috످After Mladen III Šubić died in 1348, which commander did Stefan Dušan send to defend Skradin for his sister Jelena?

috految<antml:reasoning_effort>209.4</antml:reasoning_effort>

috److془The question: After Mladen III Šubić died in 1348, which commander did Stefan Dušan send to defend Skradin for his sister Jelena? Đuraš Ilijić to Skradin in 1355; Palman to Klis. I'm confident.془Stefan Dušan sent Đuraš Ilijić, a Serbian nobleman and military commander, to defend Skradin for Jelena against the Hungarians in 1355.

috످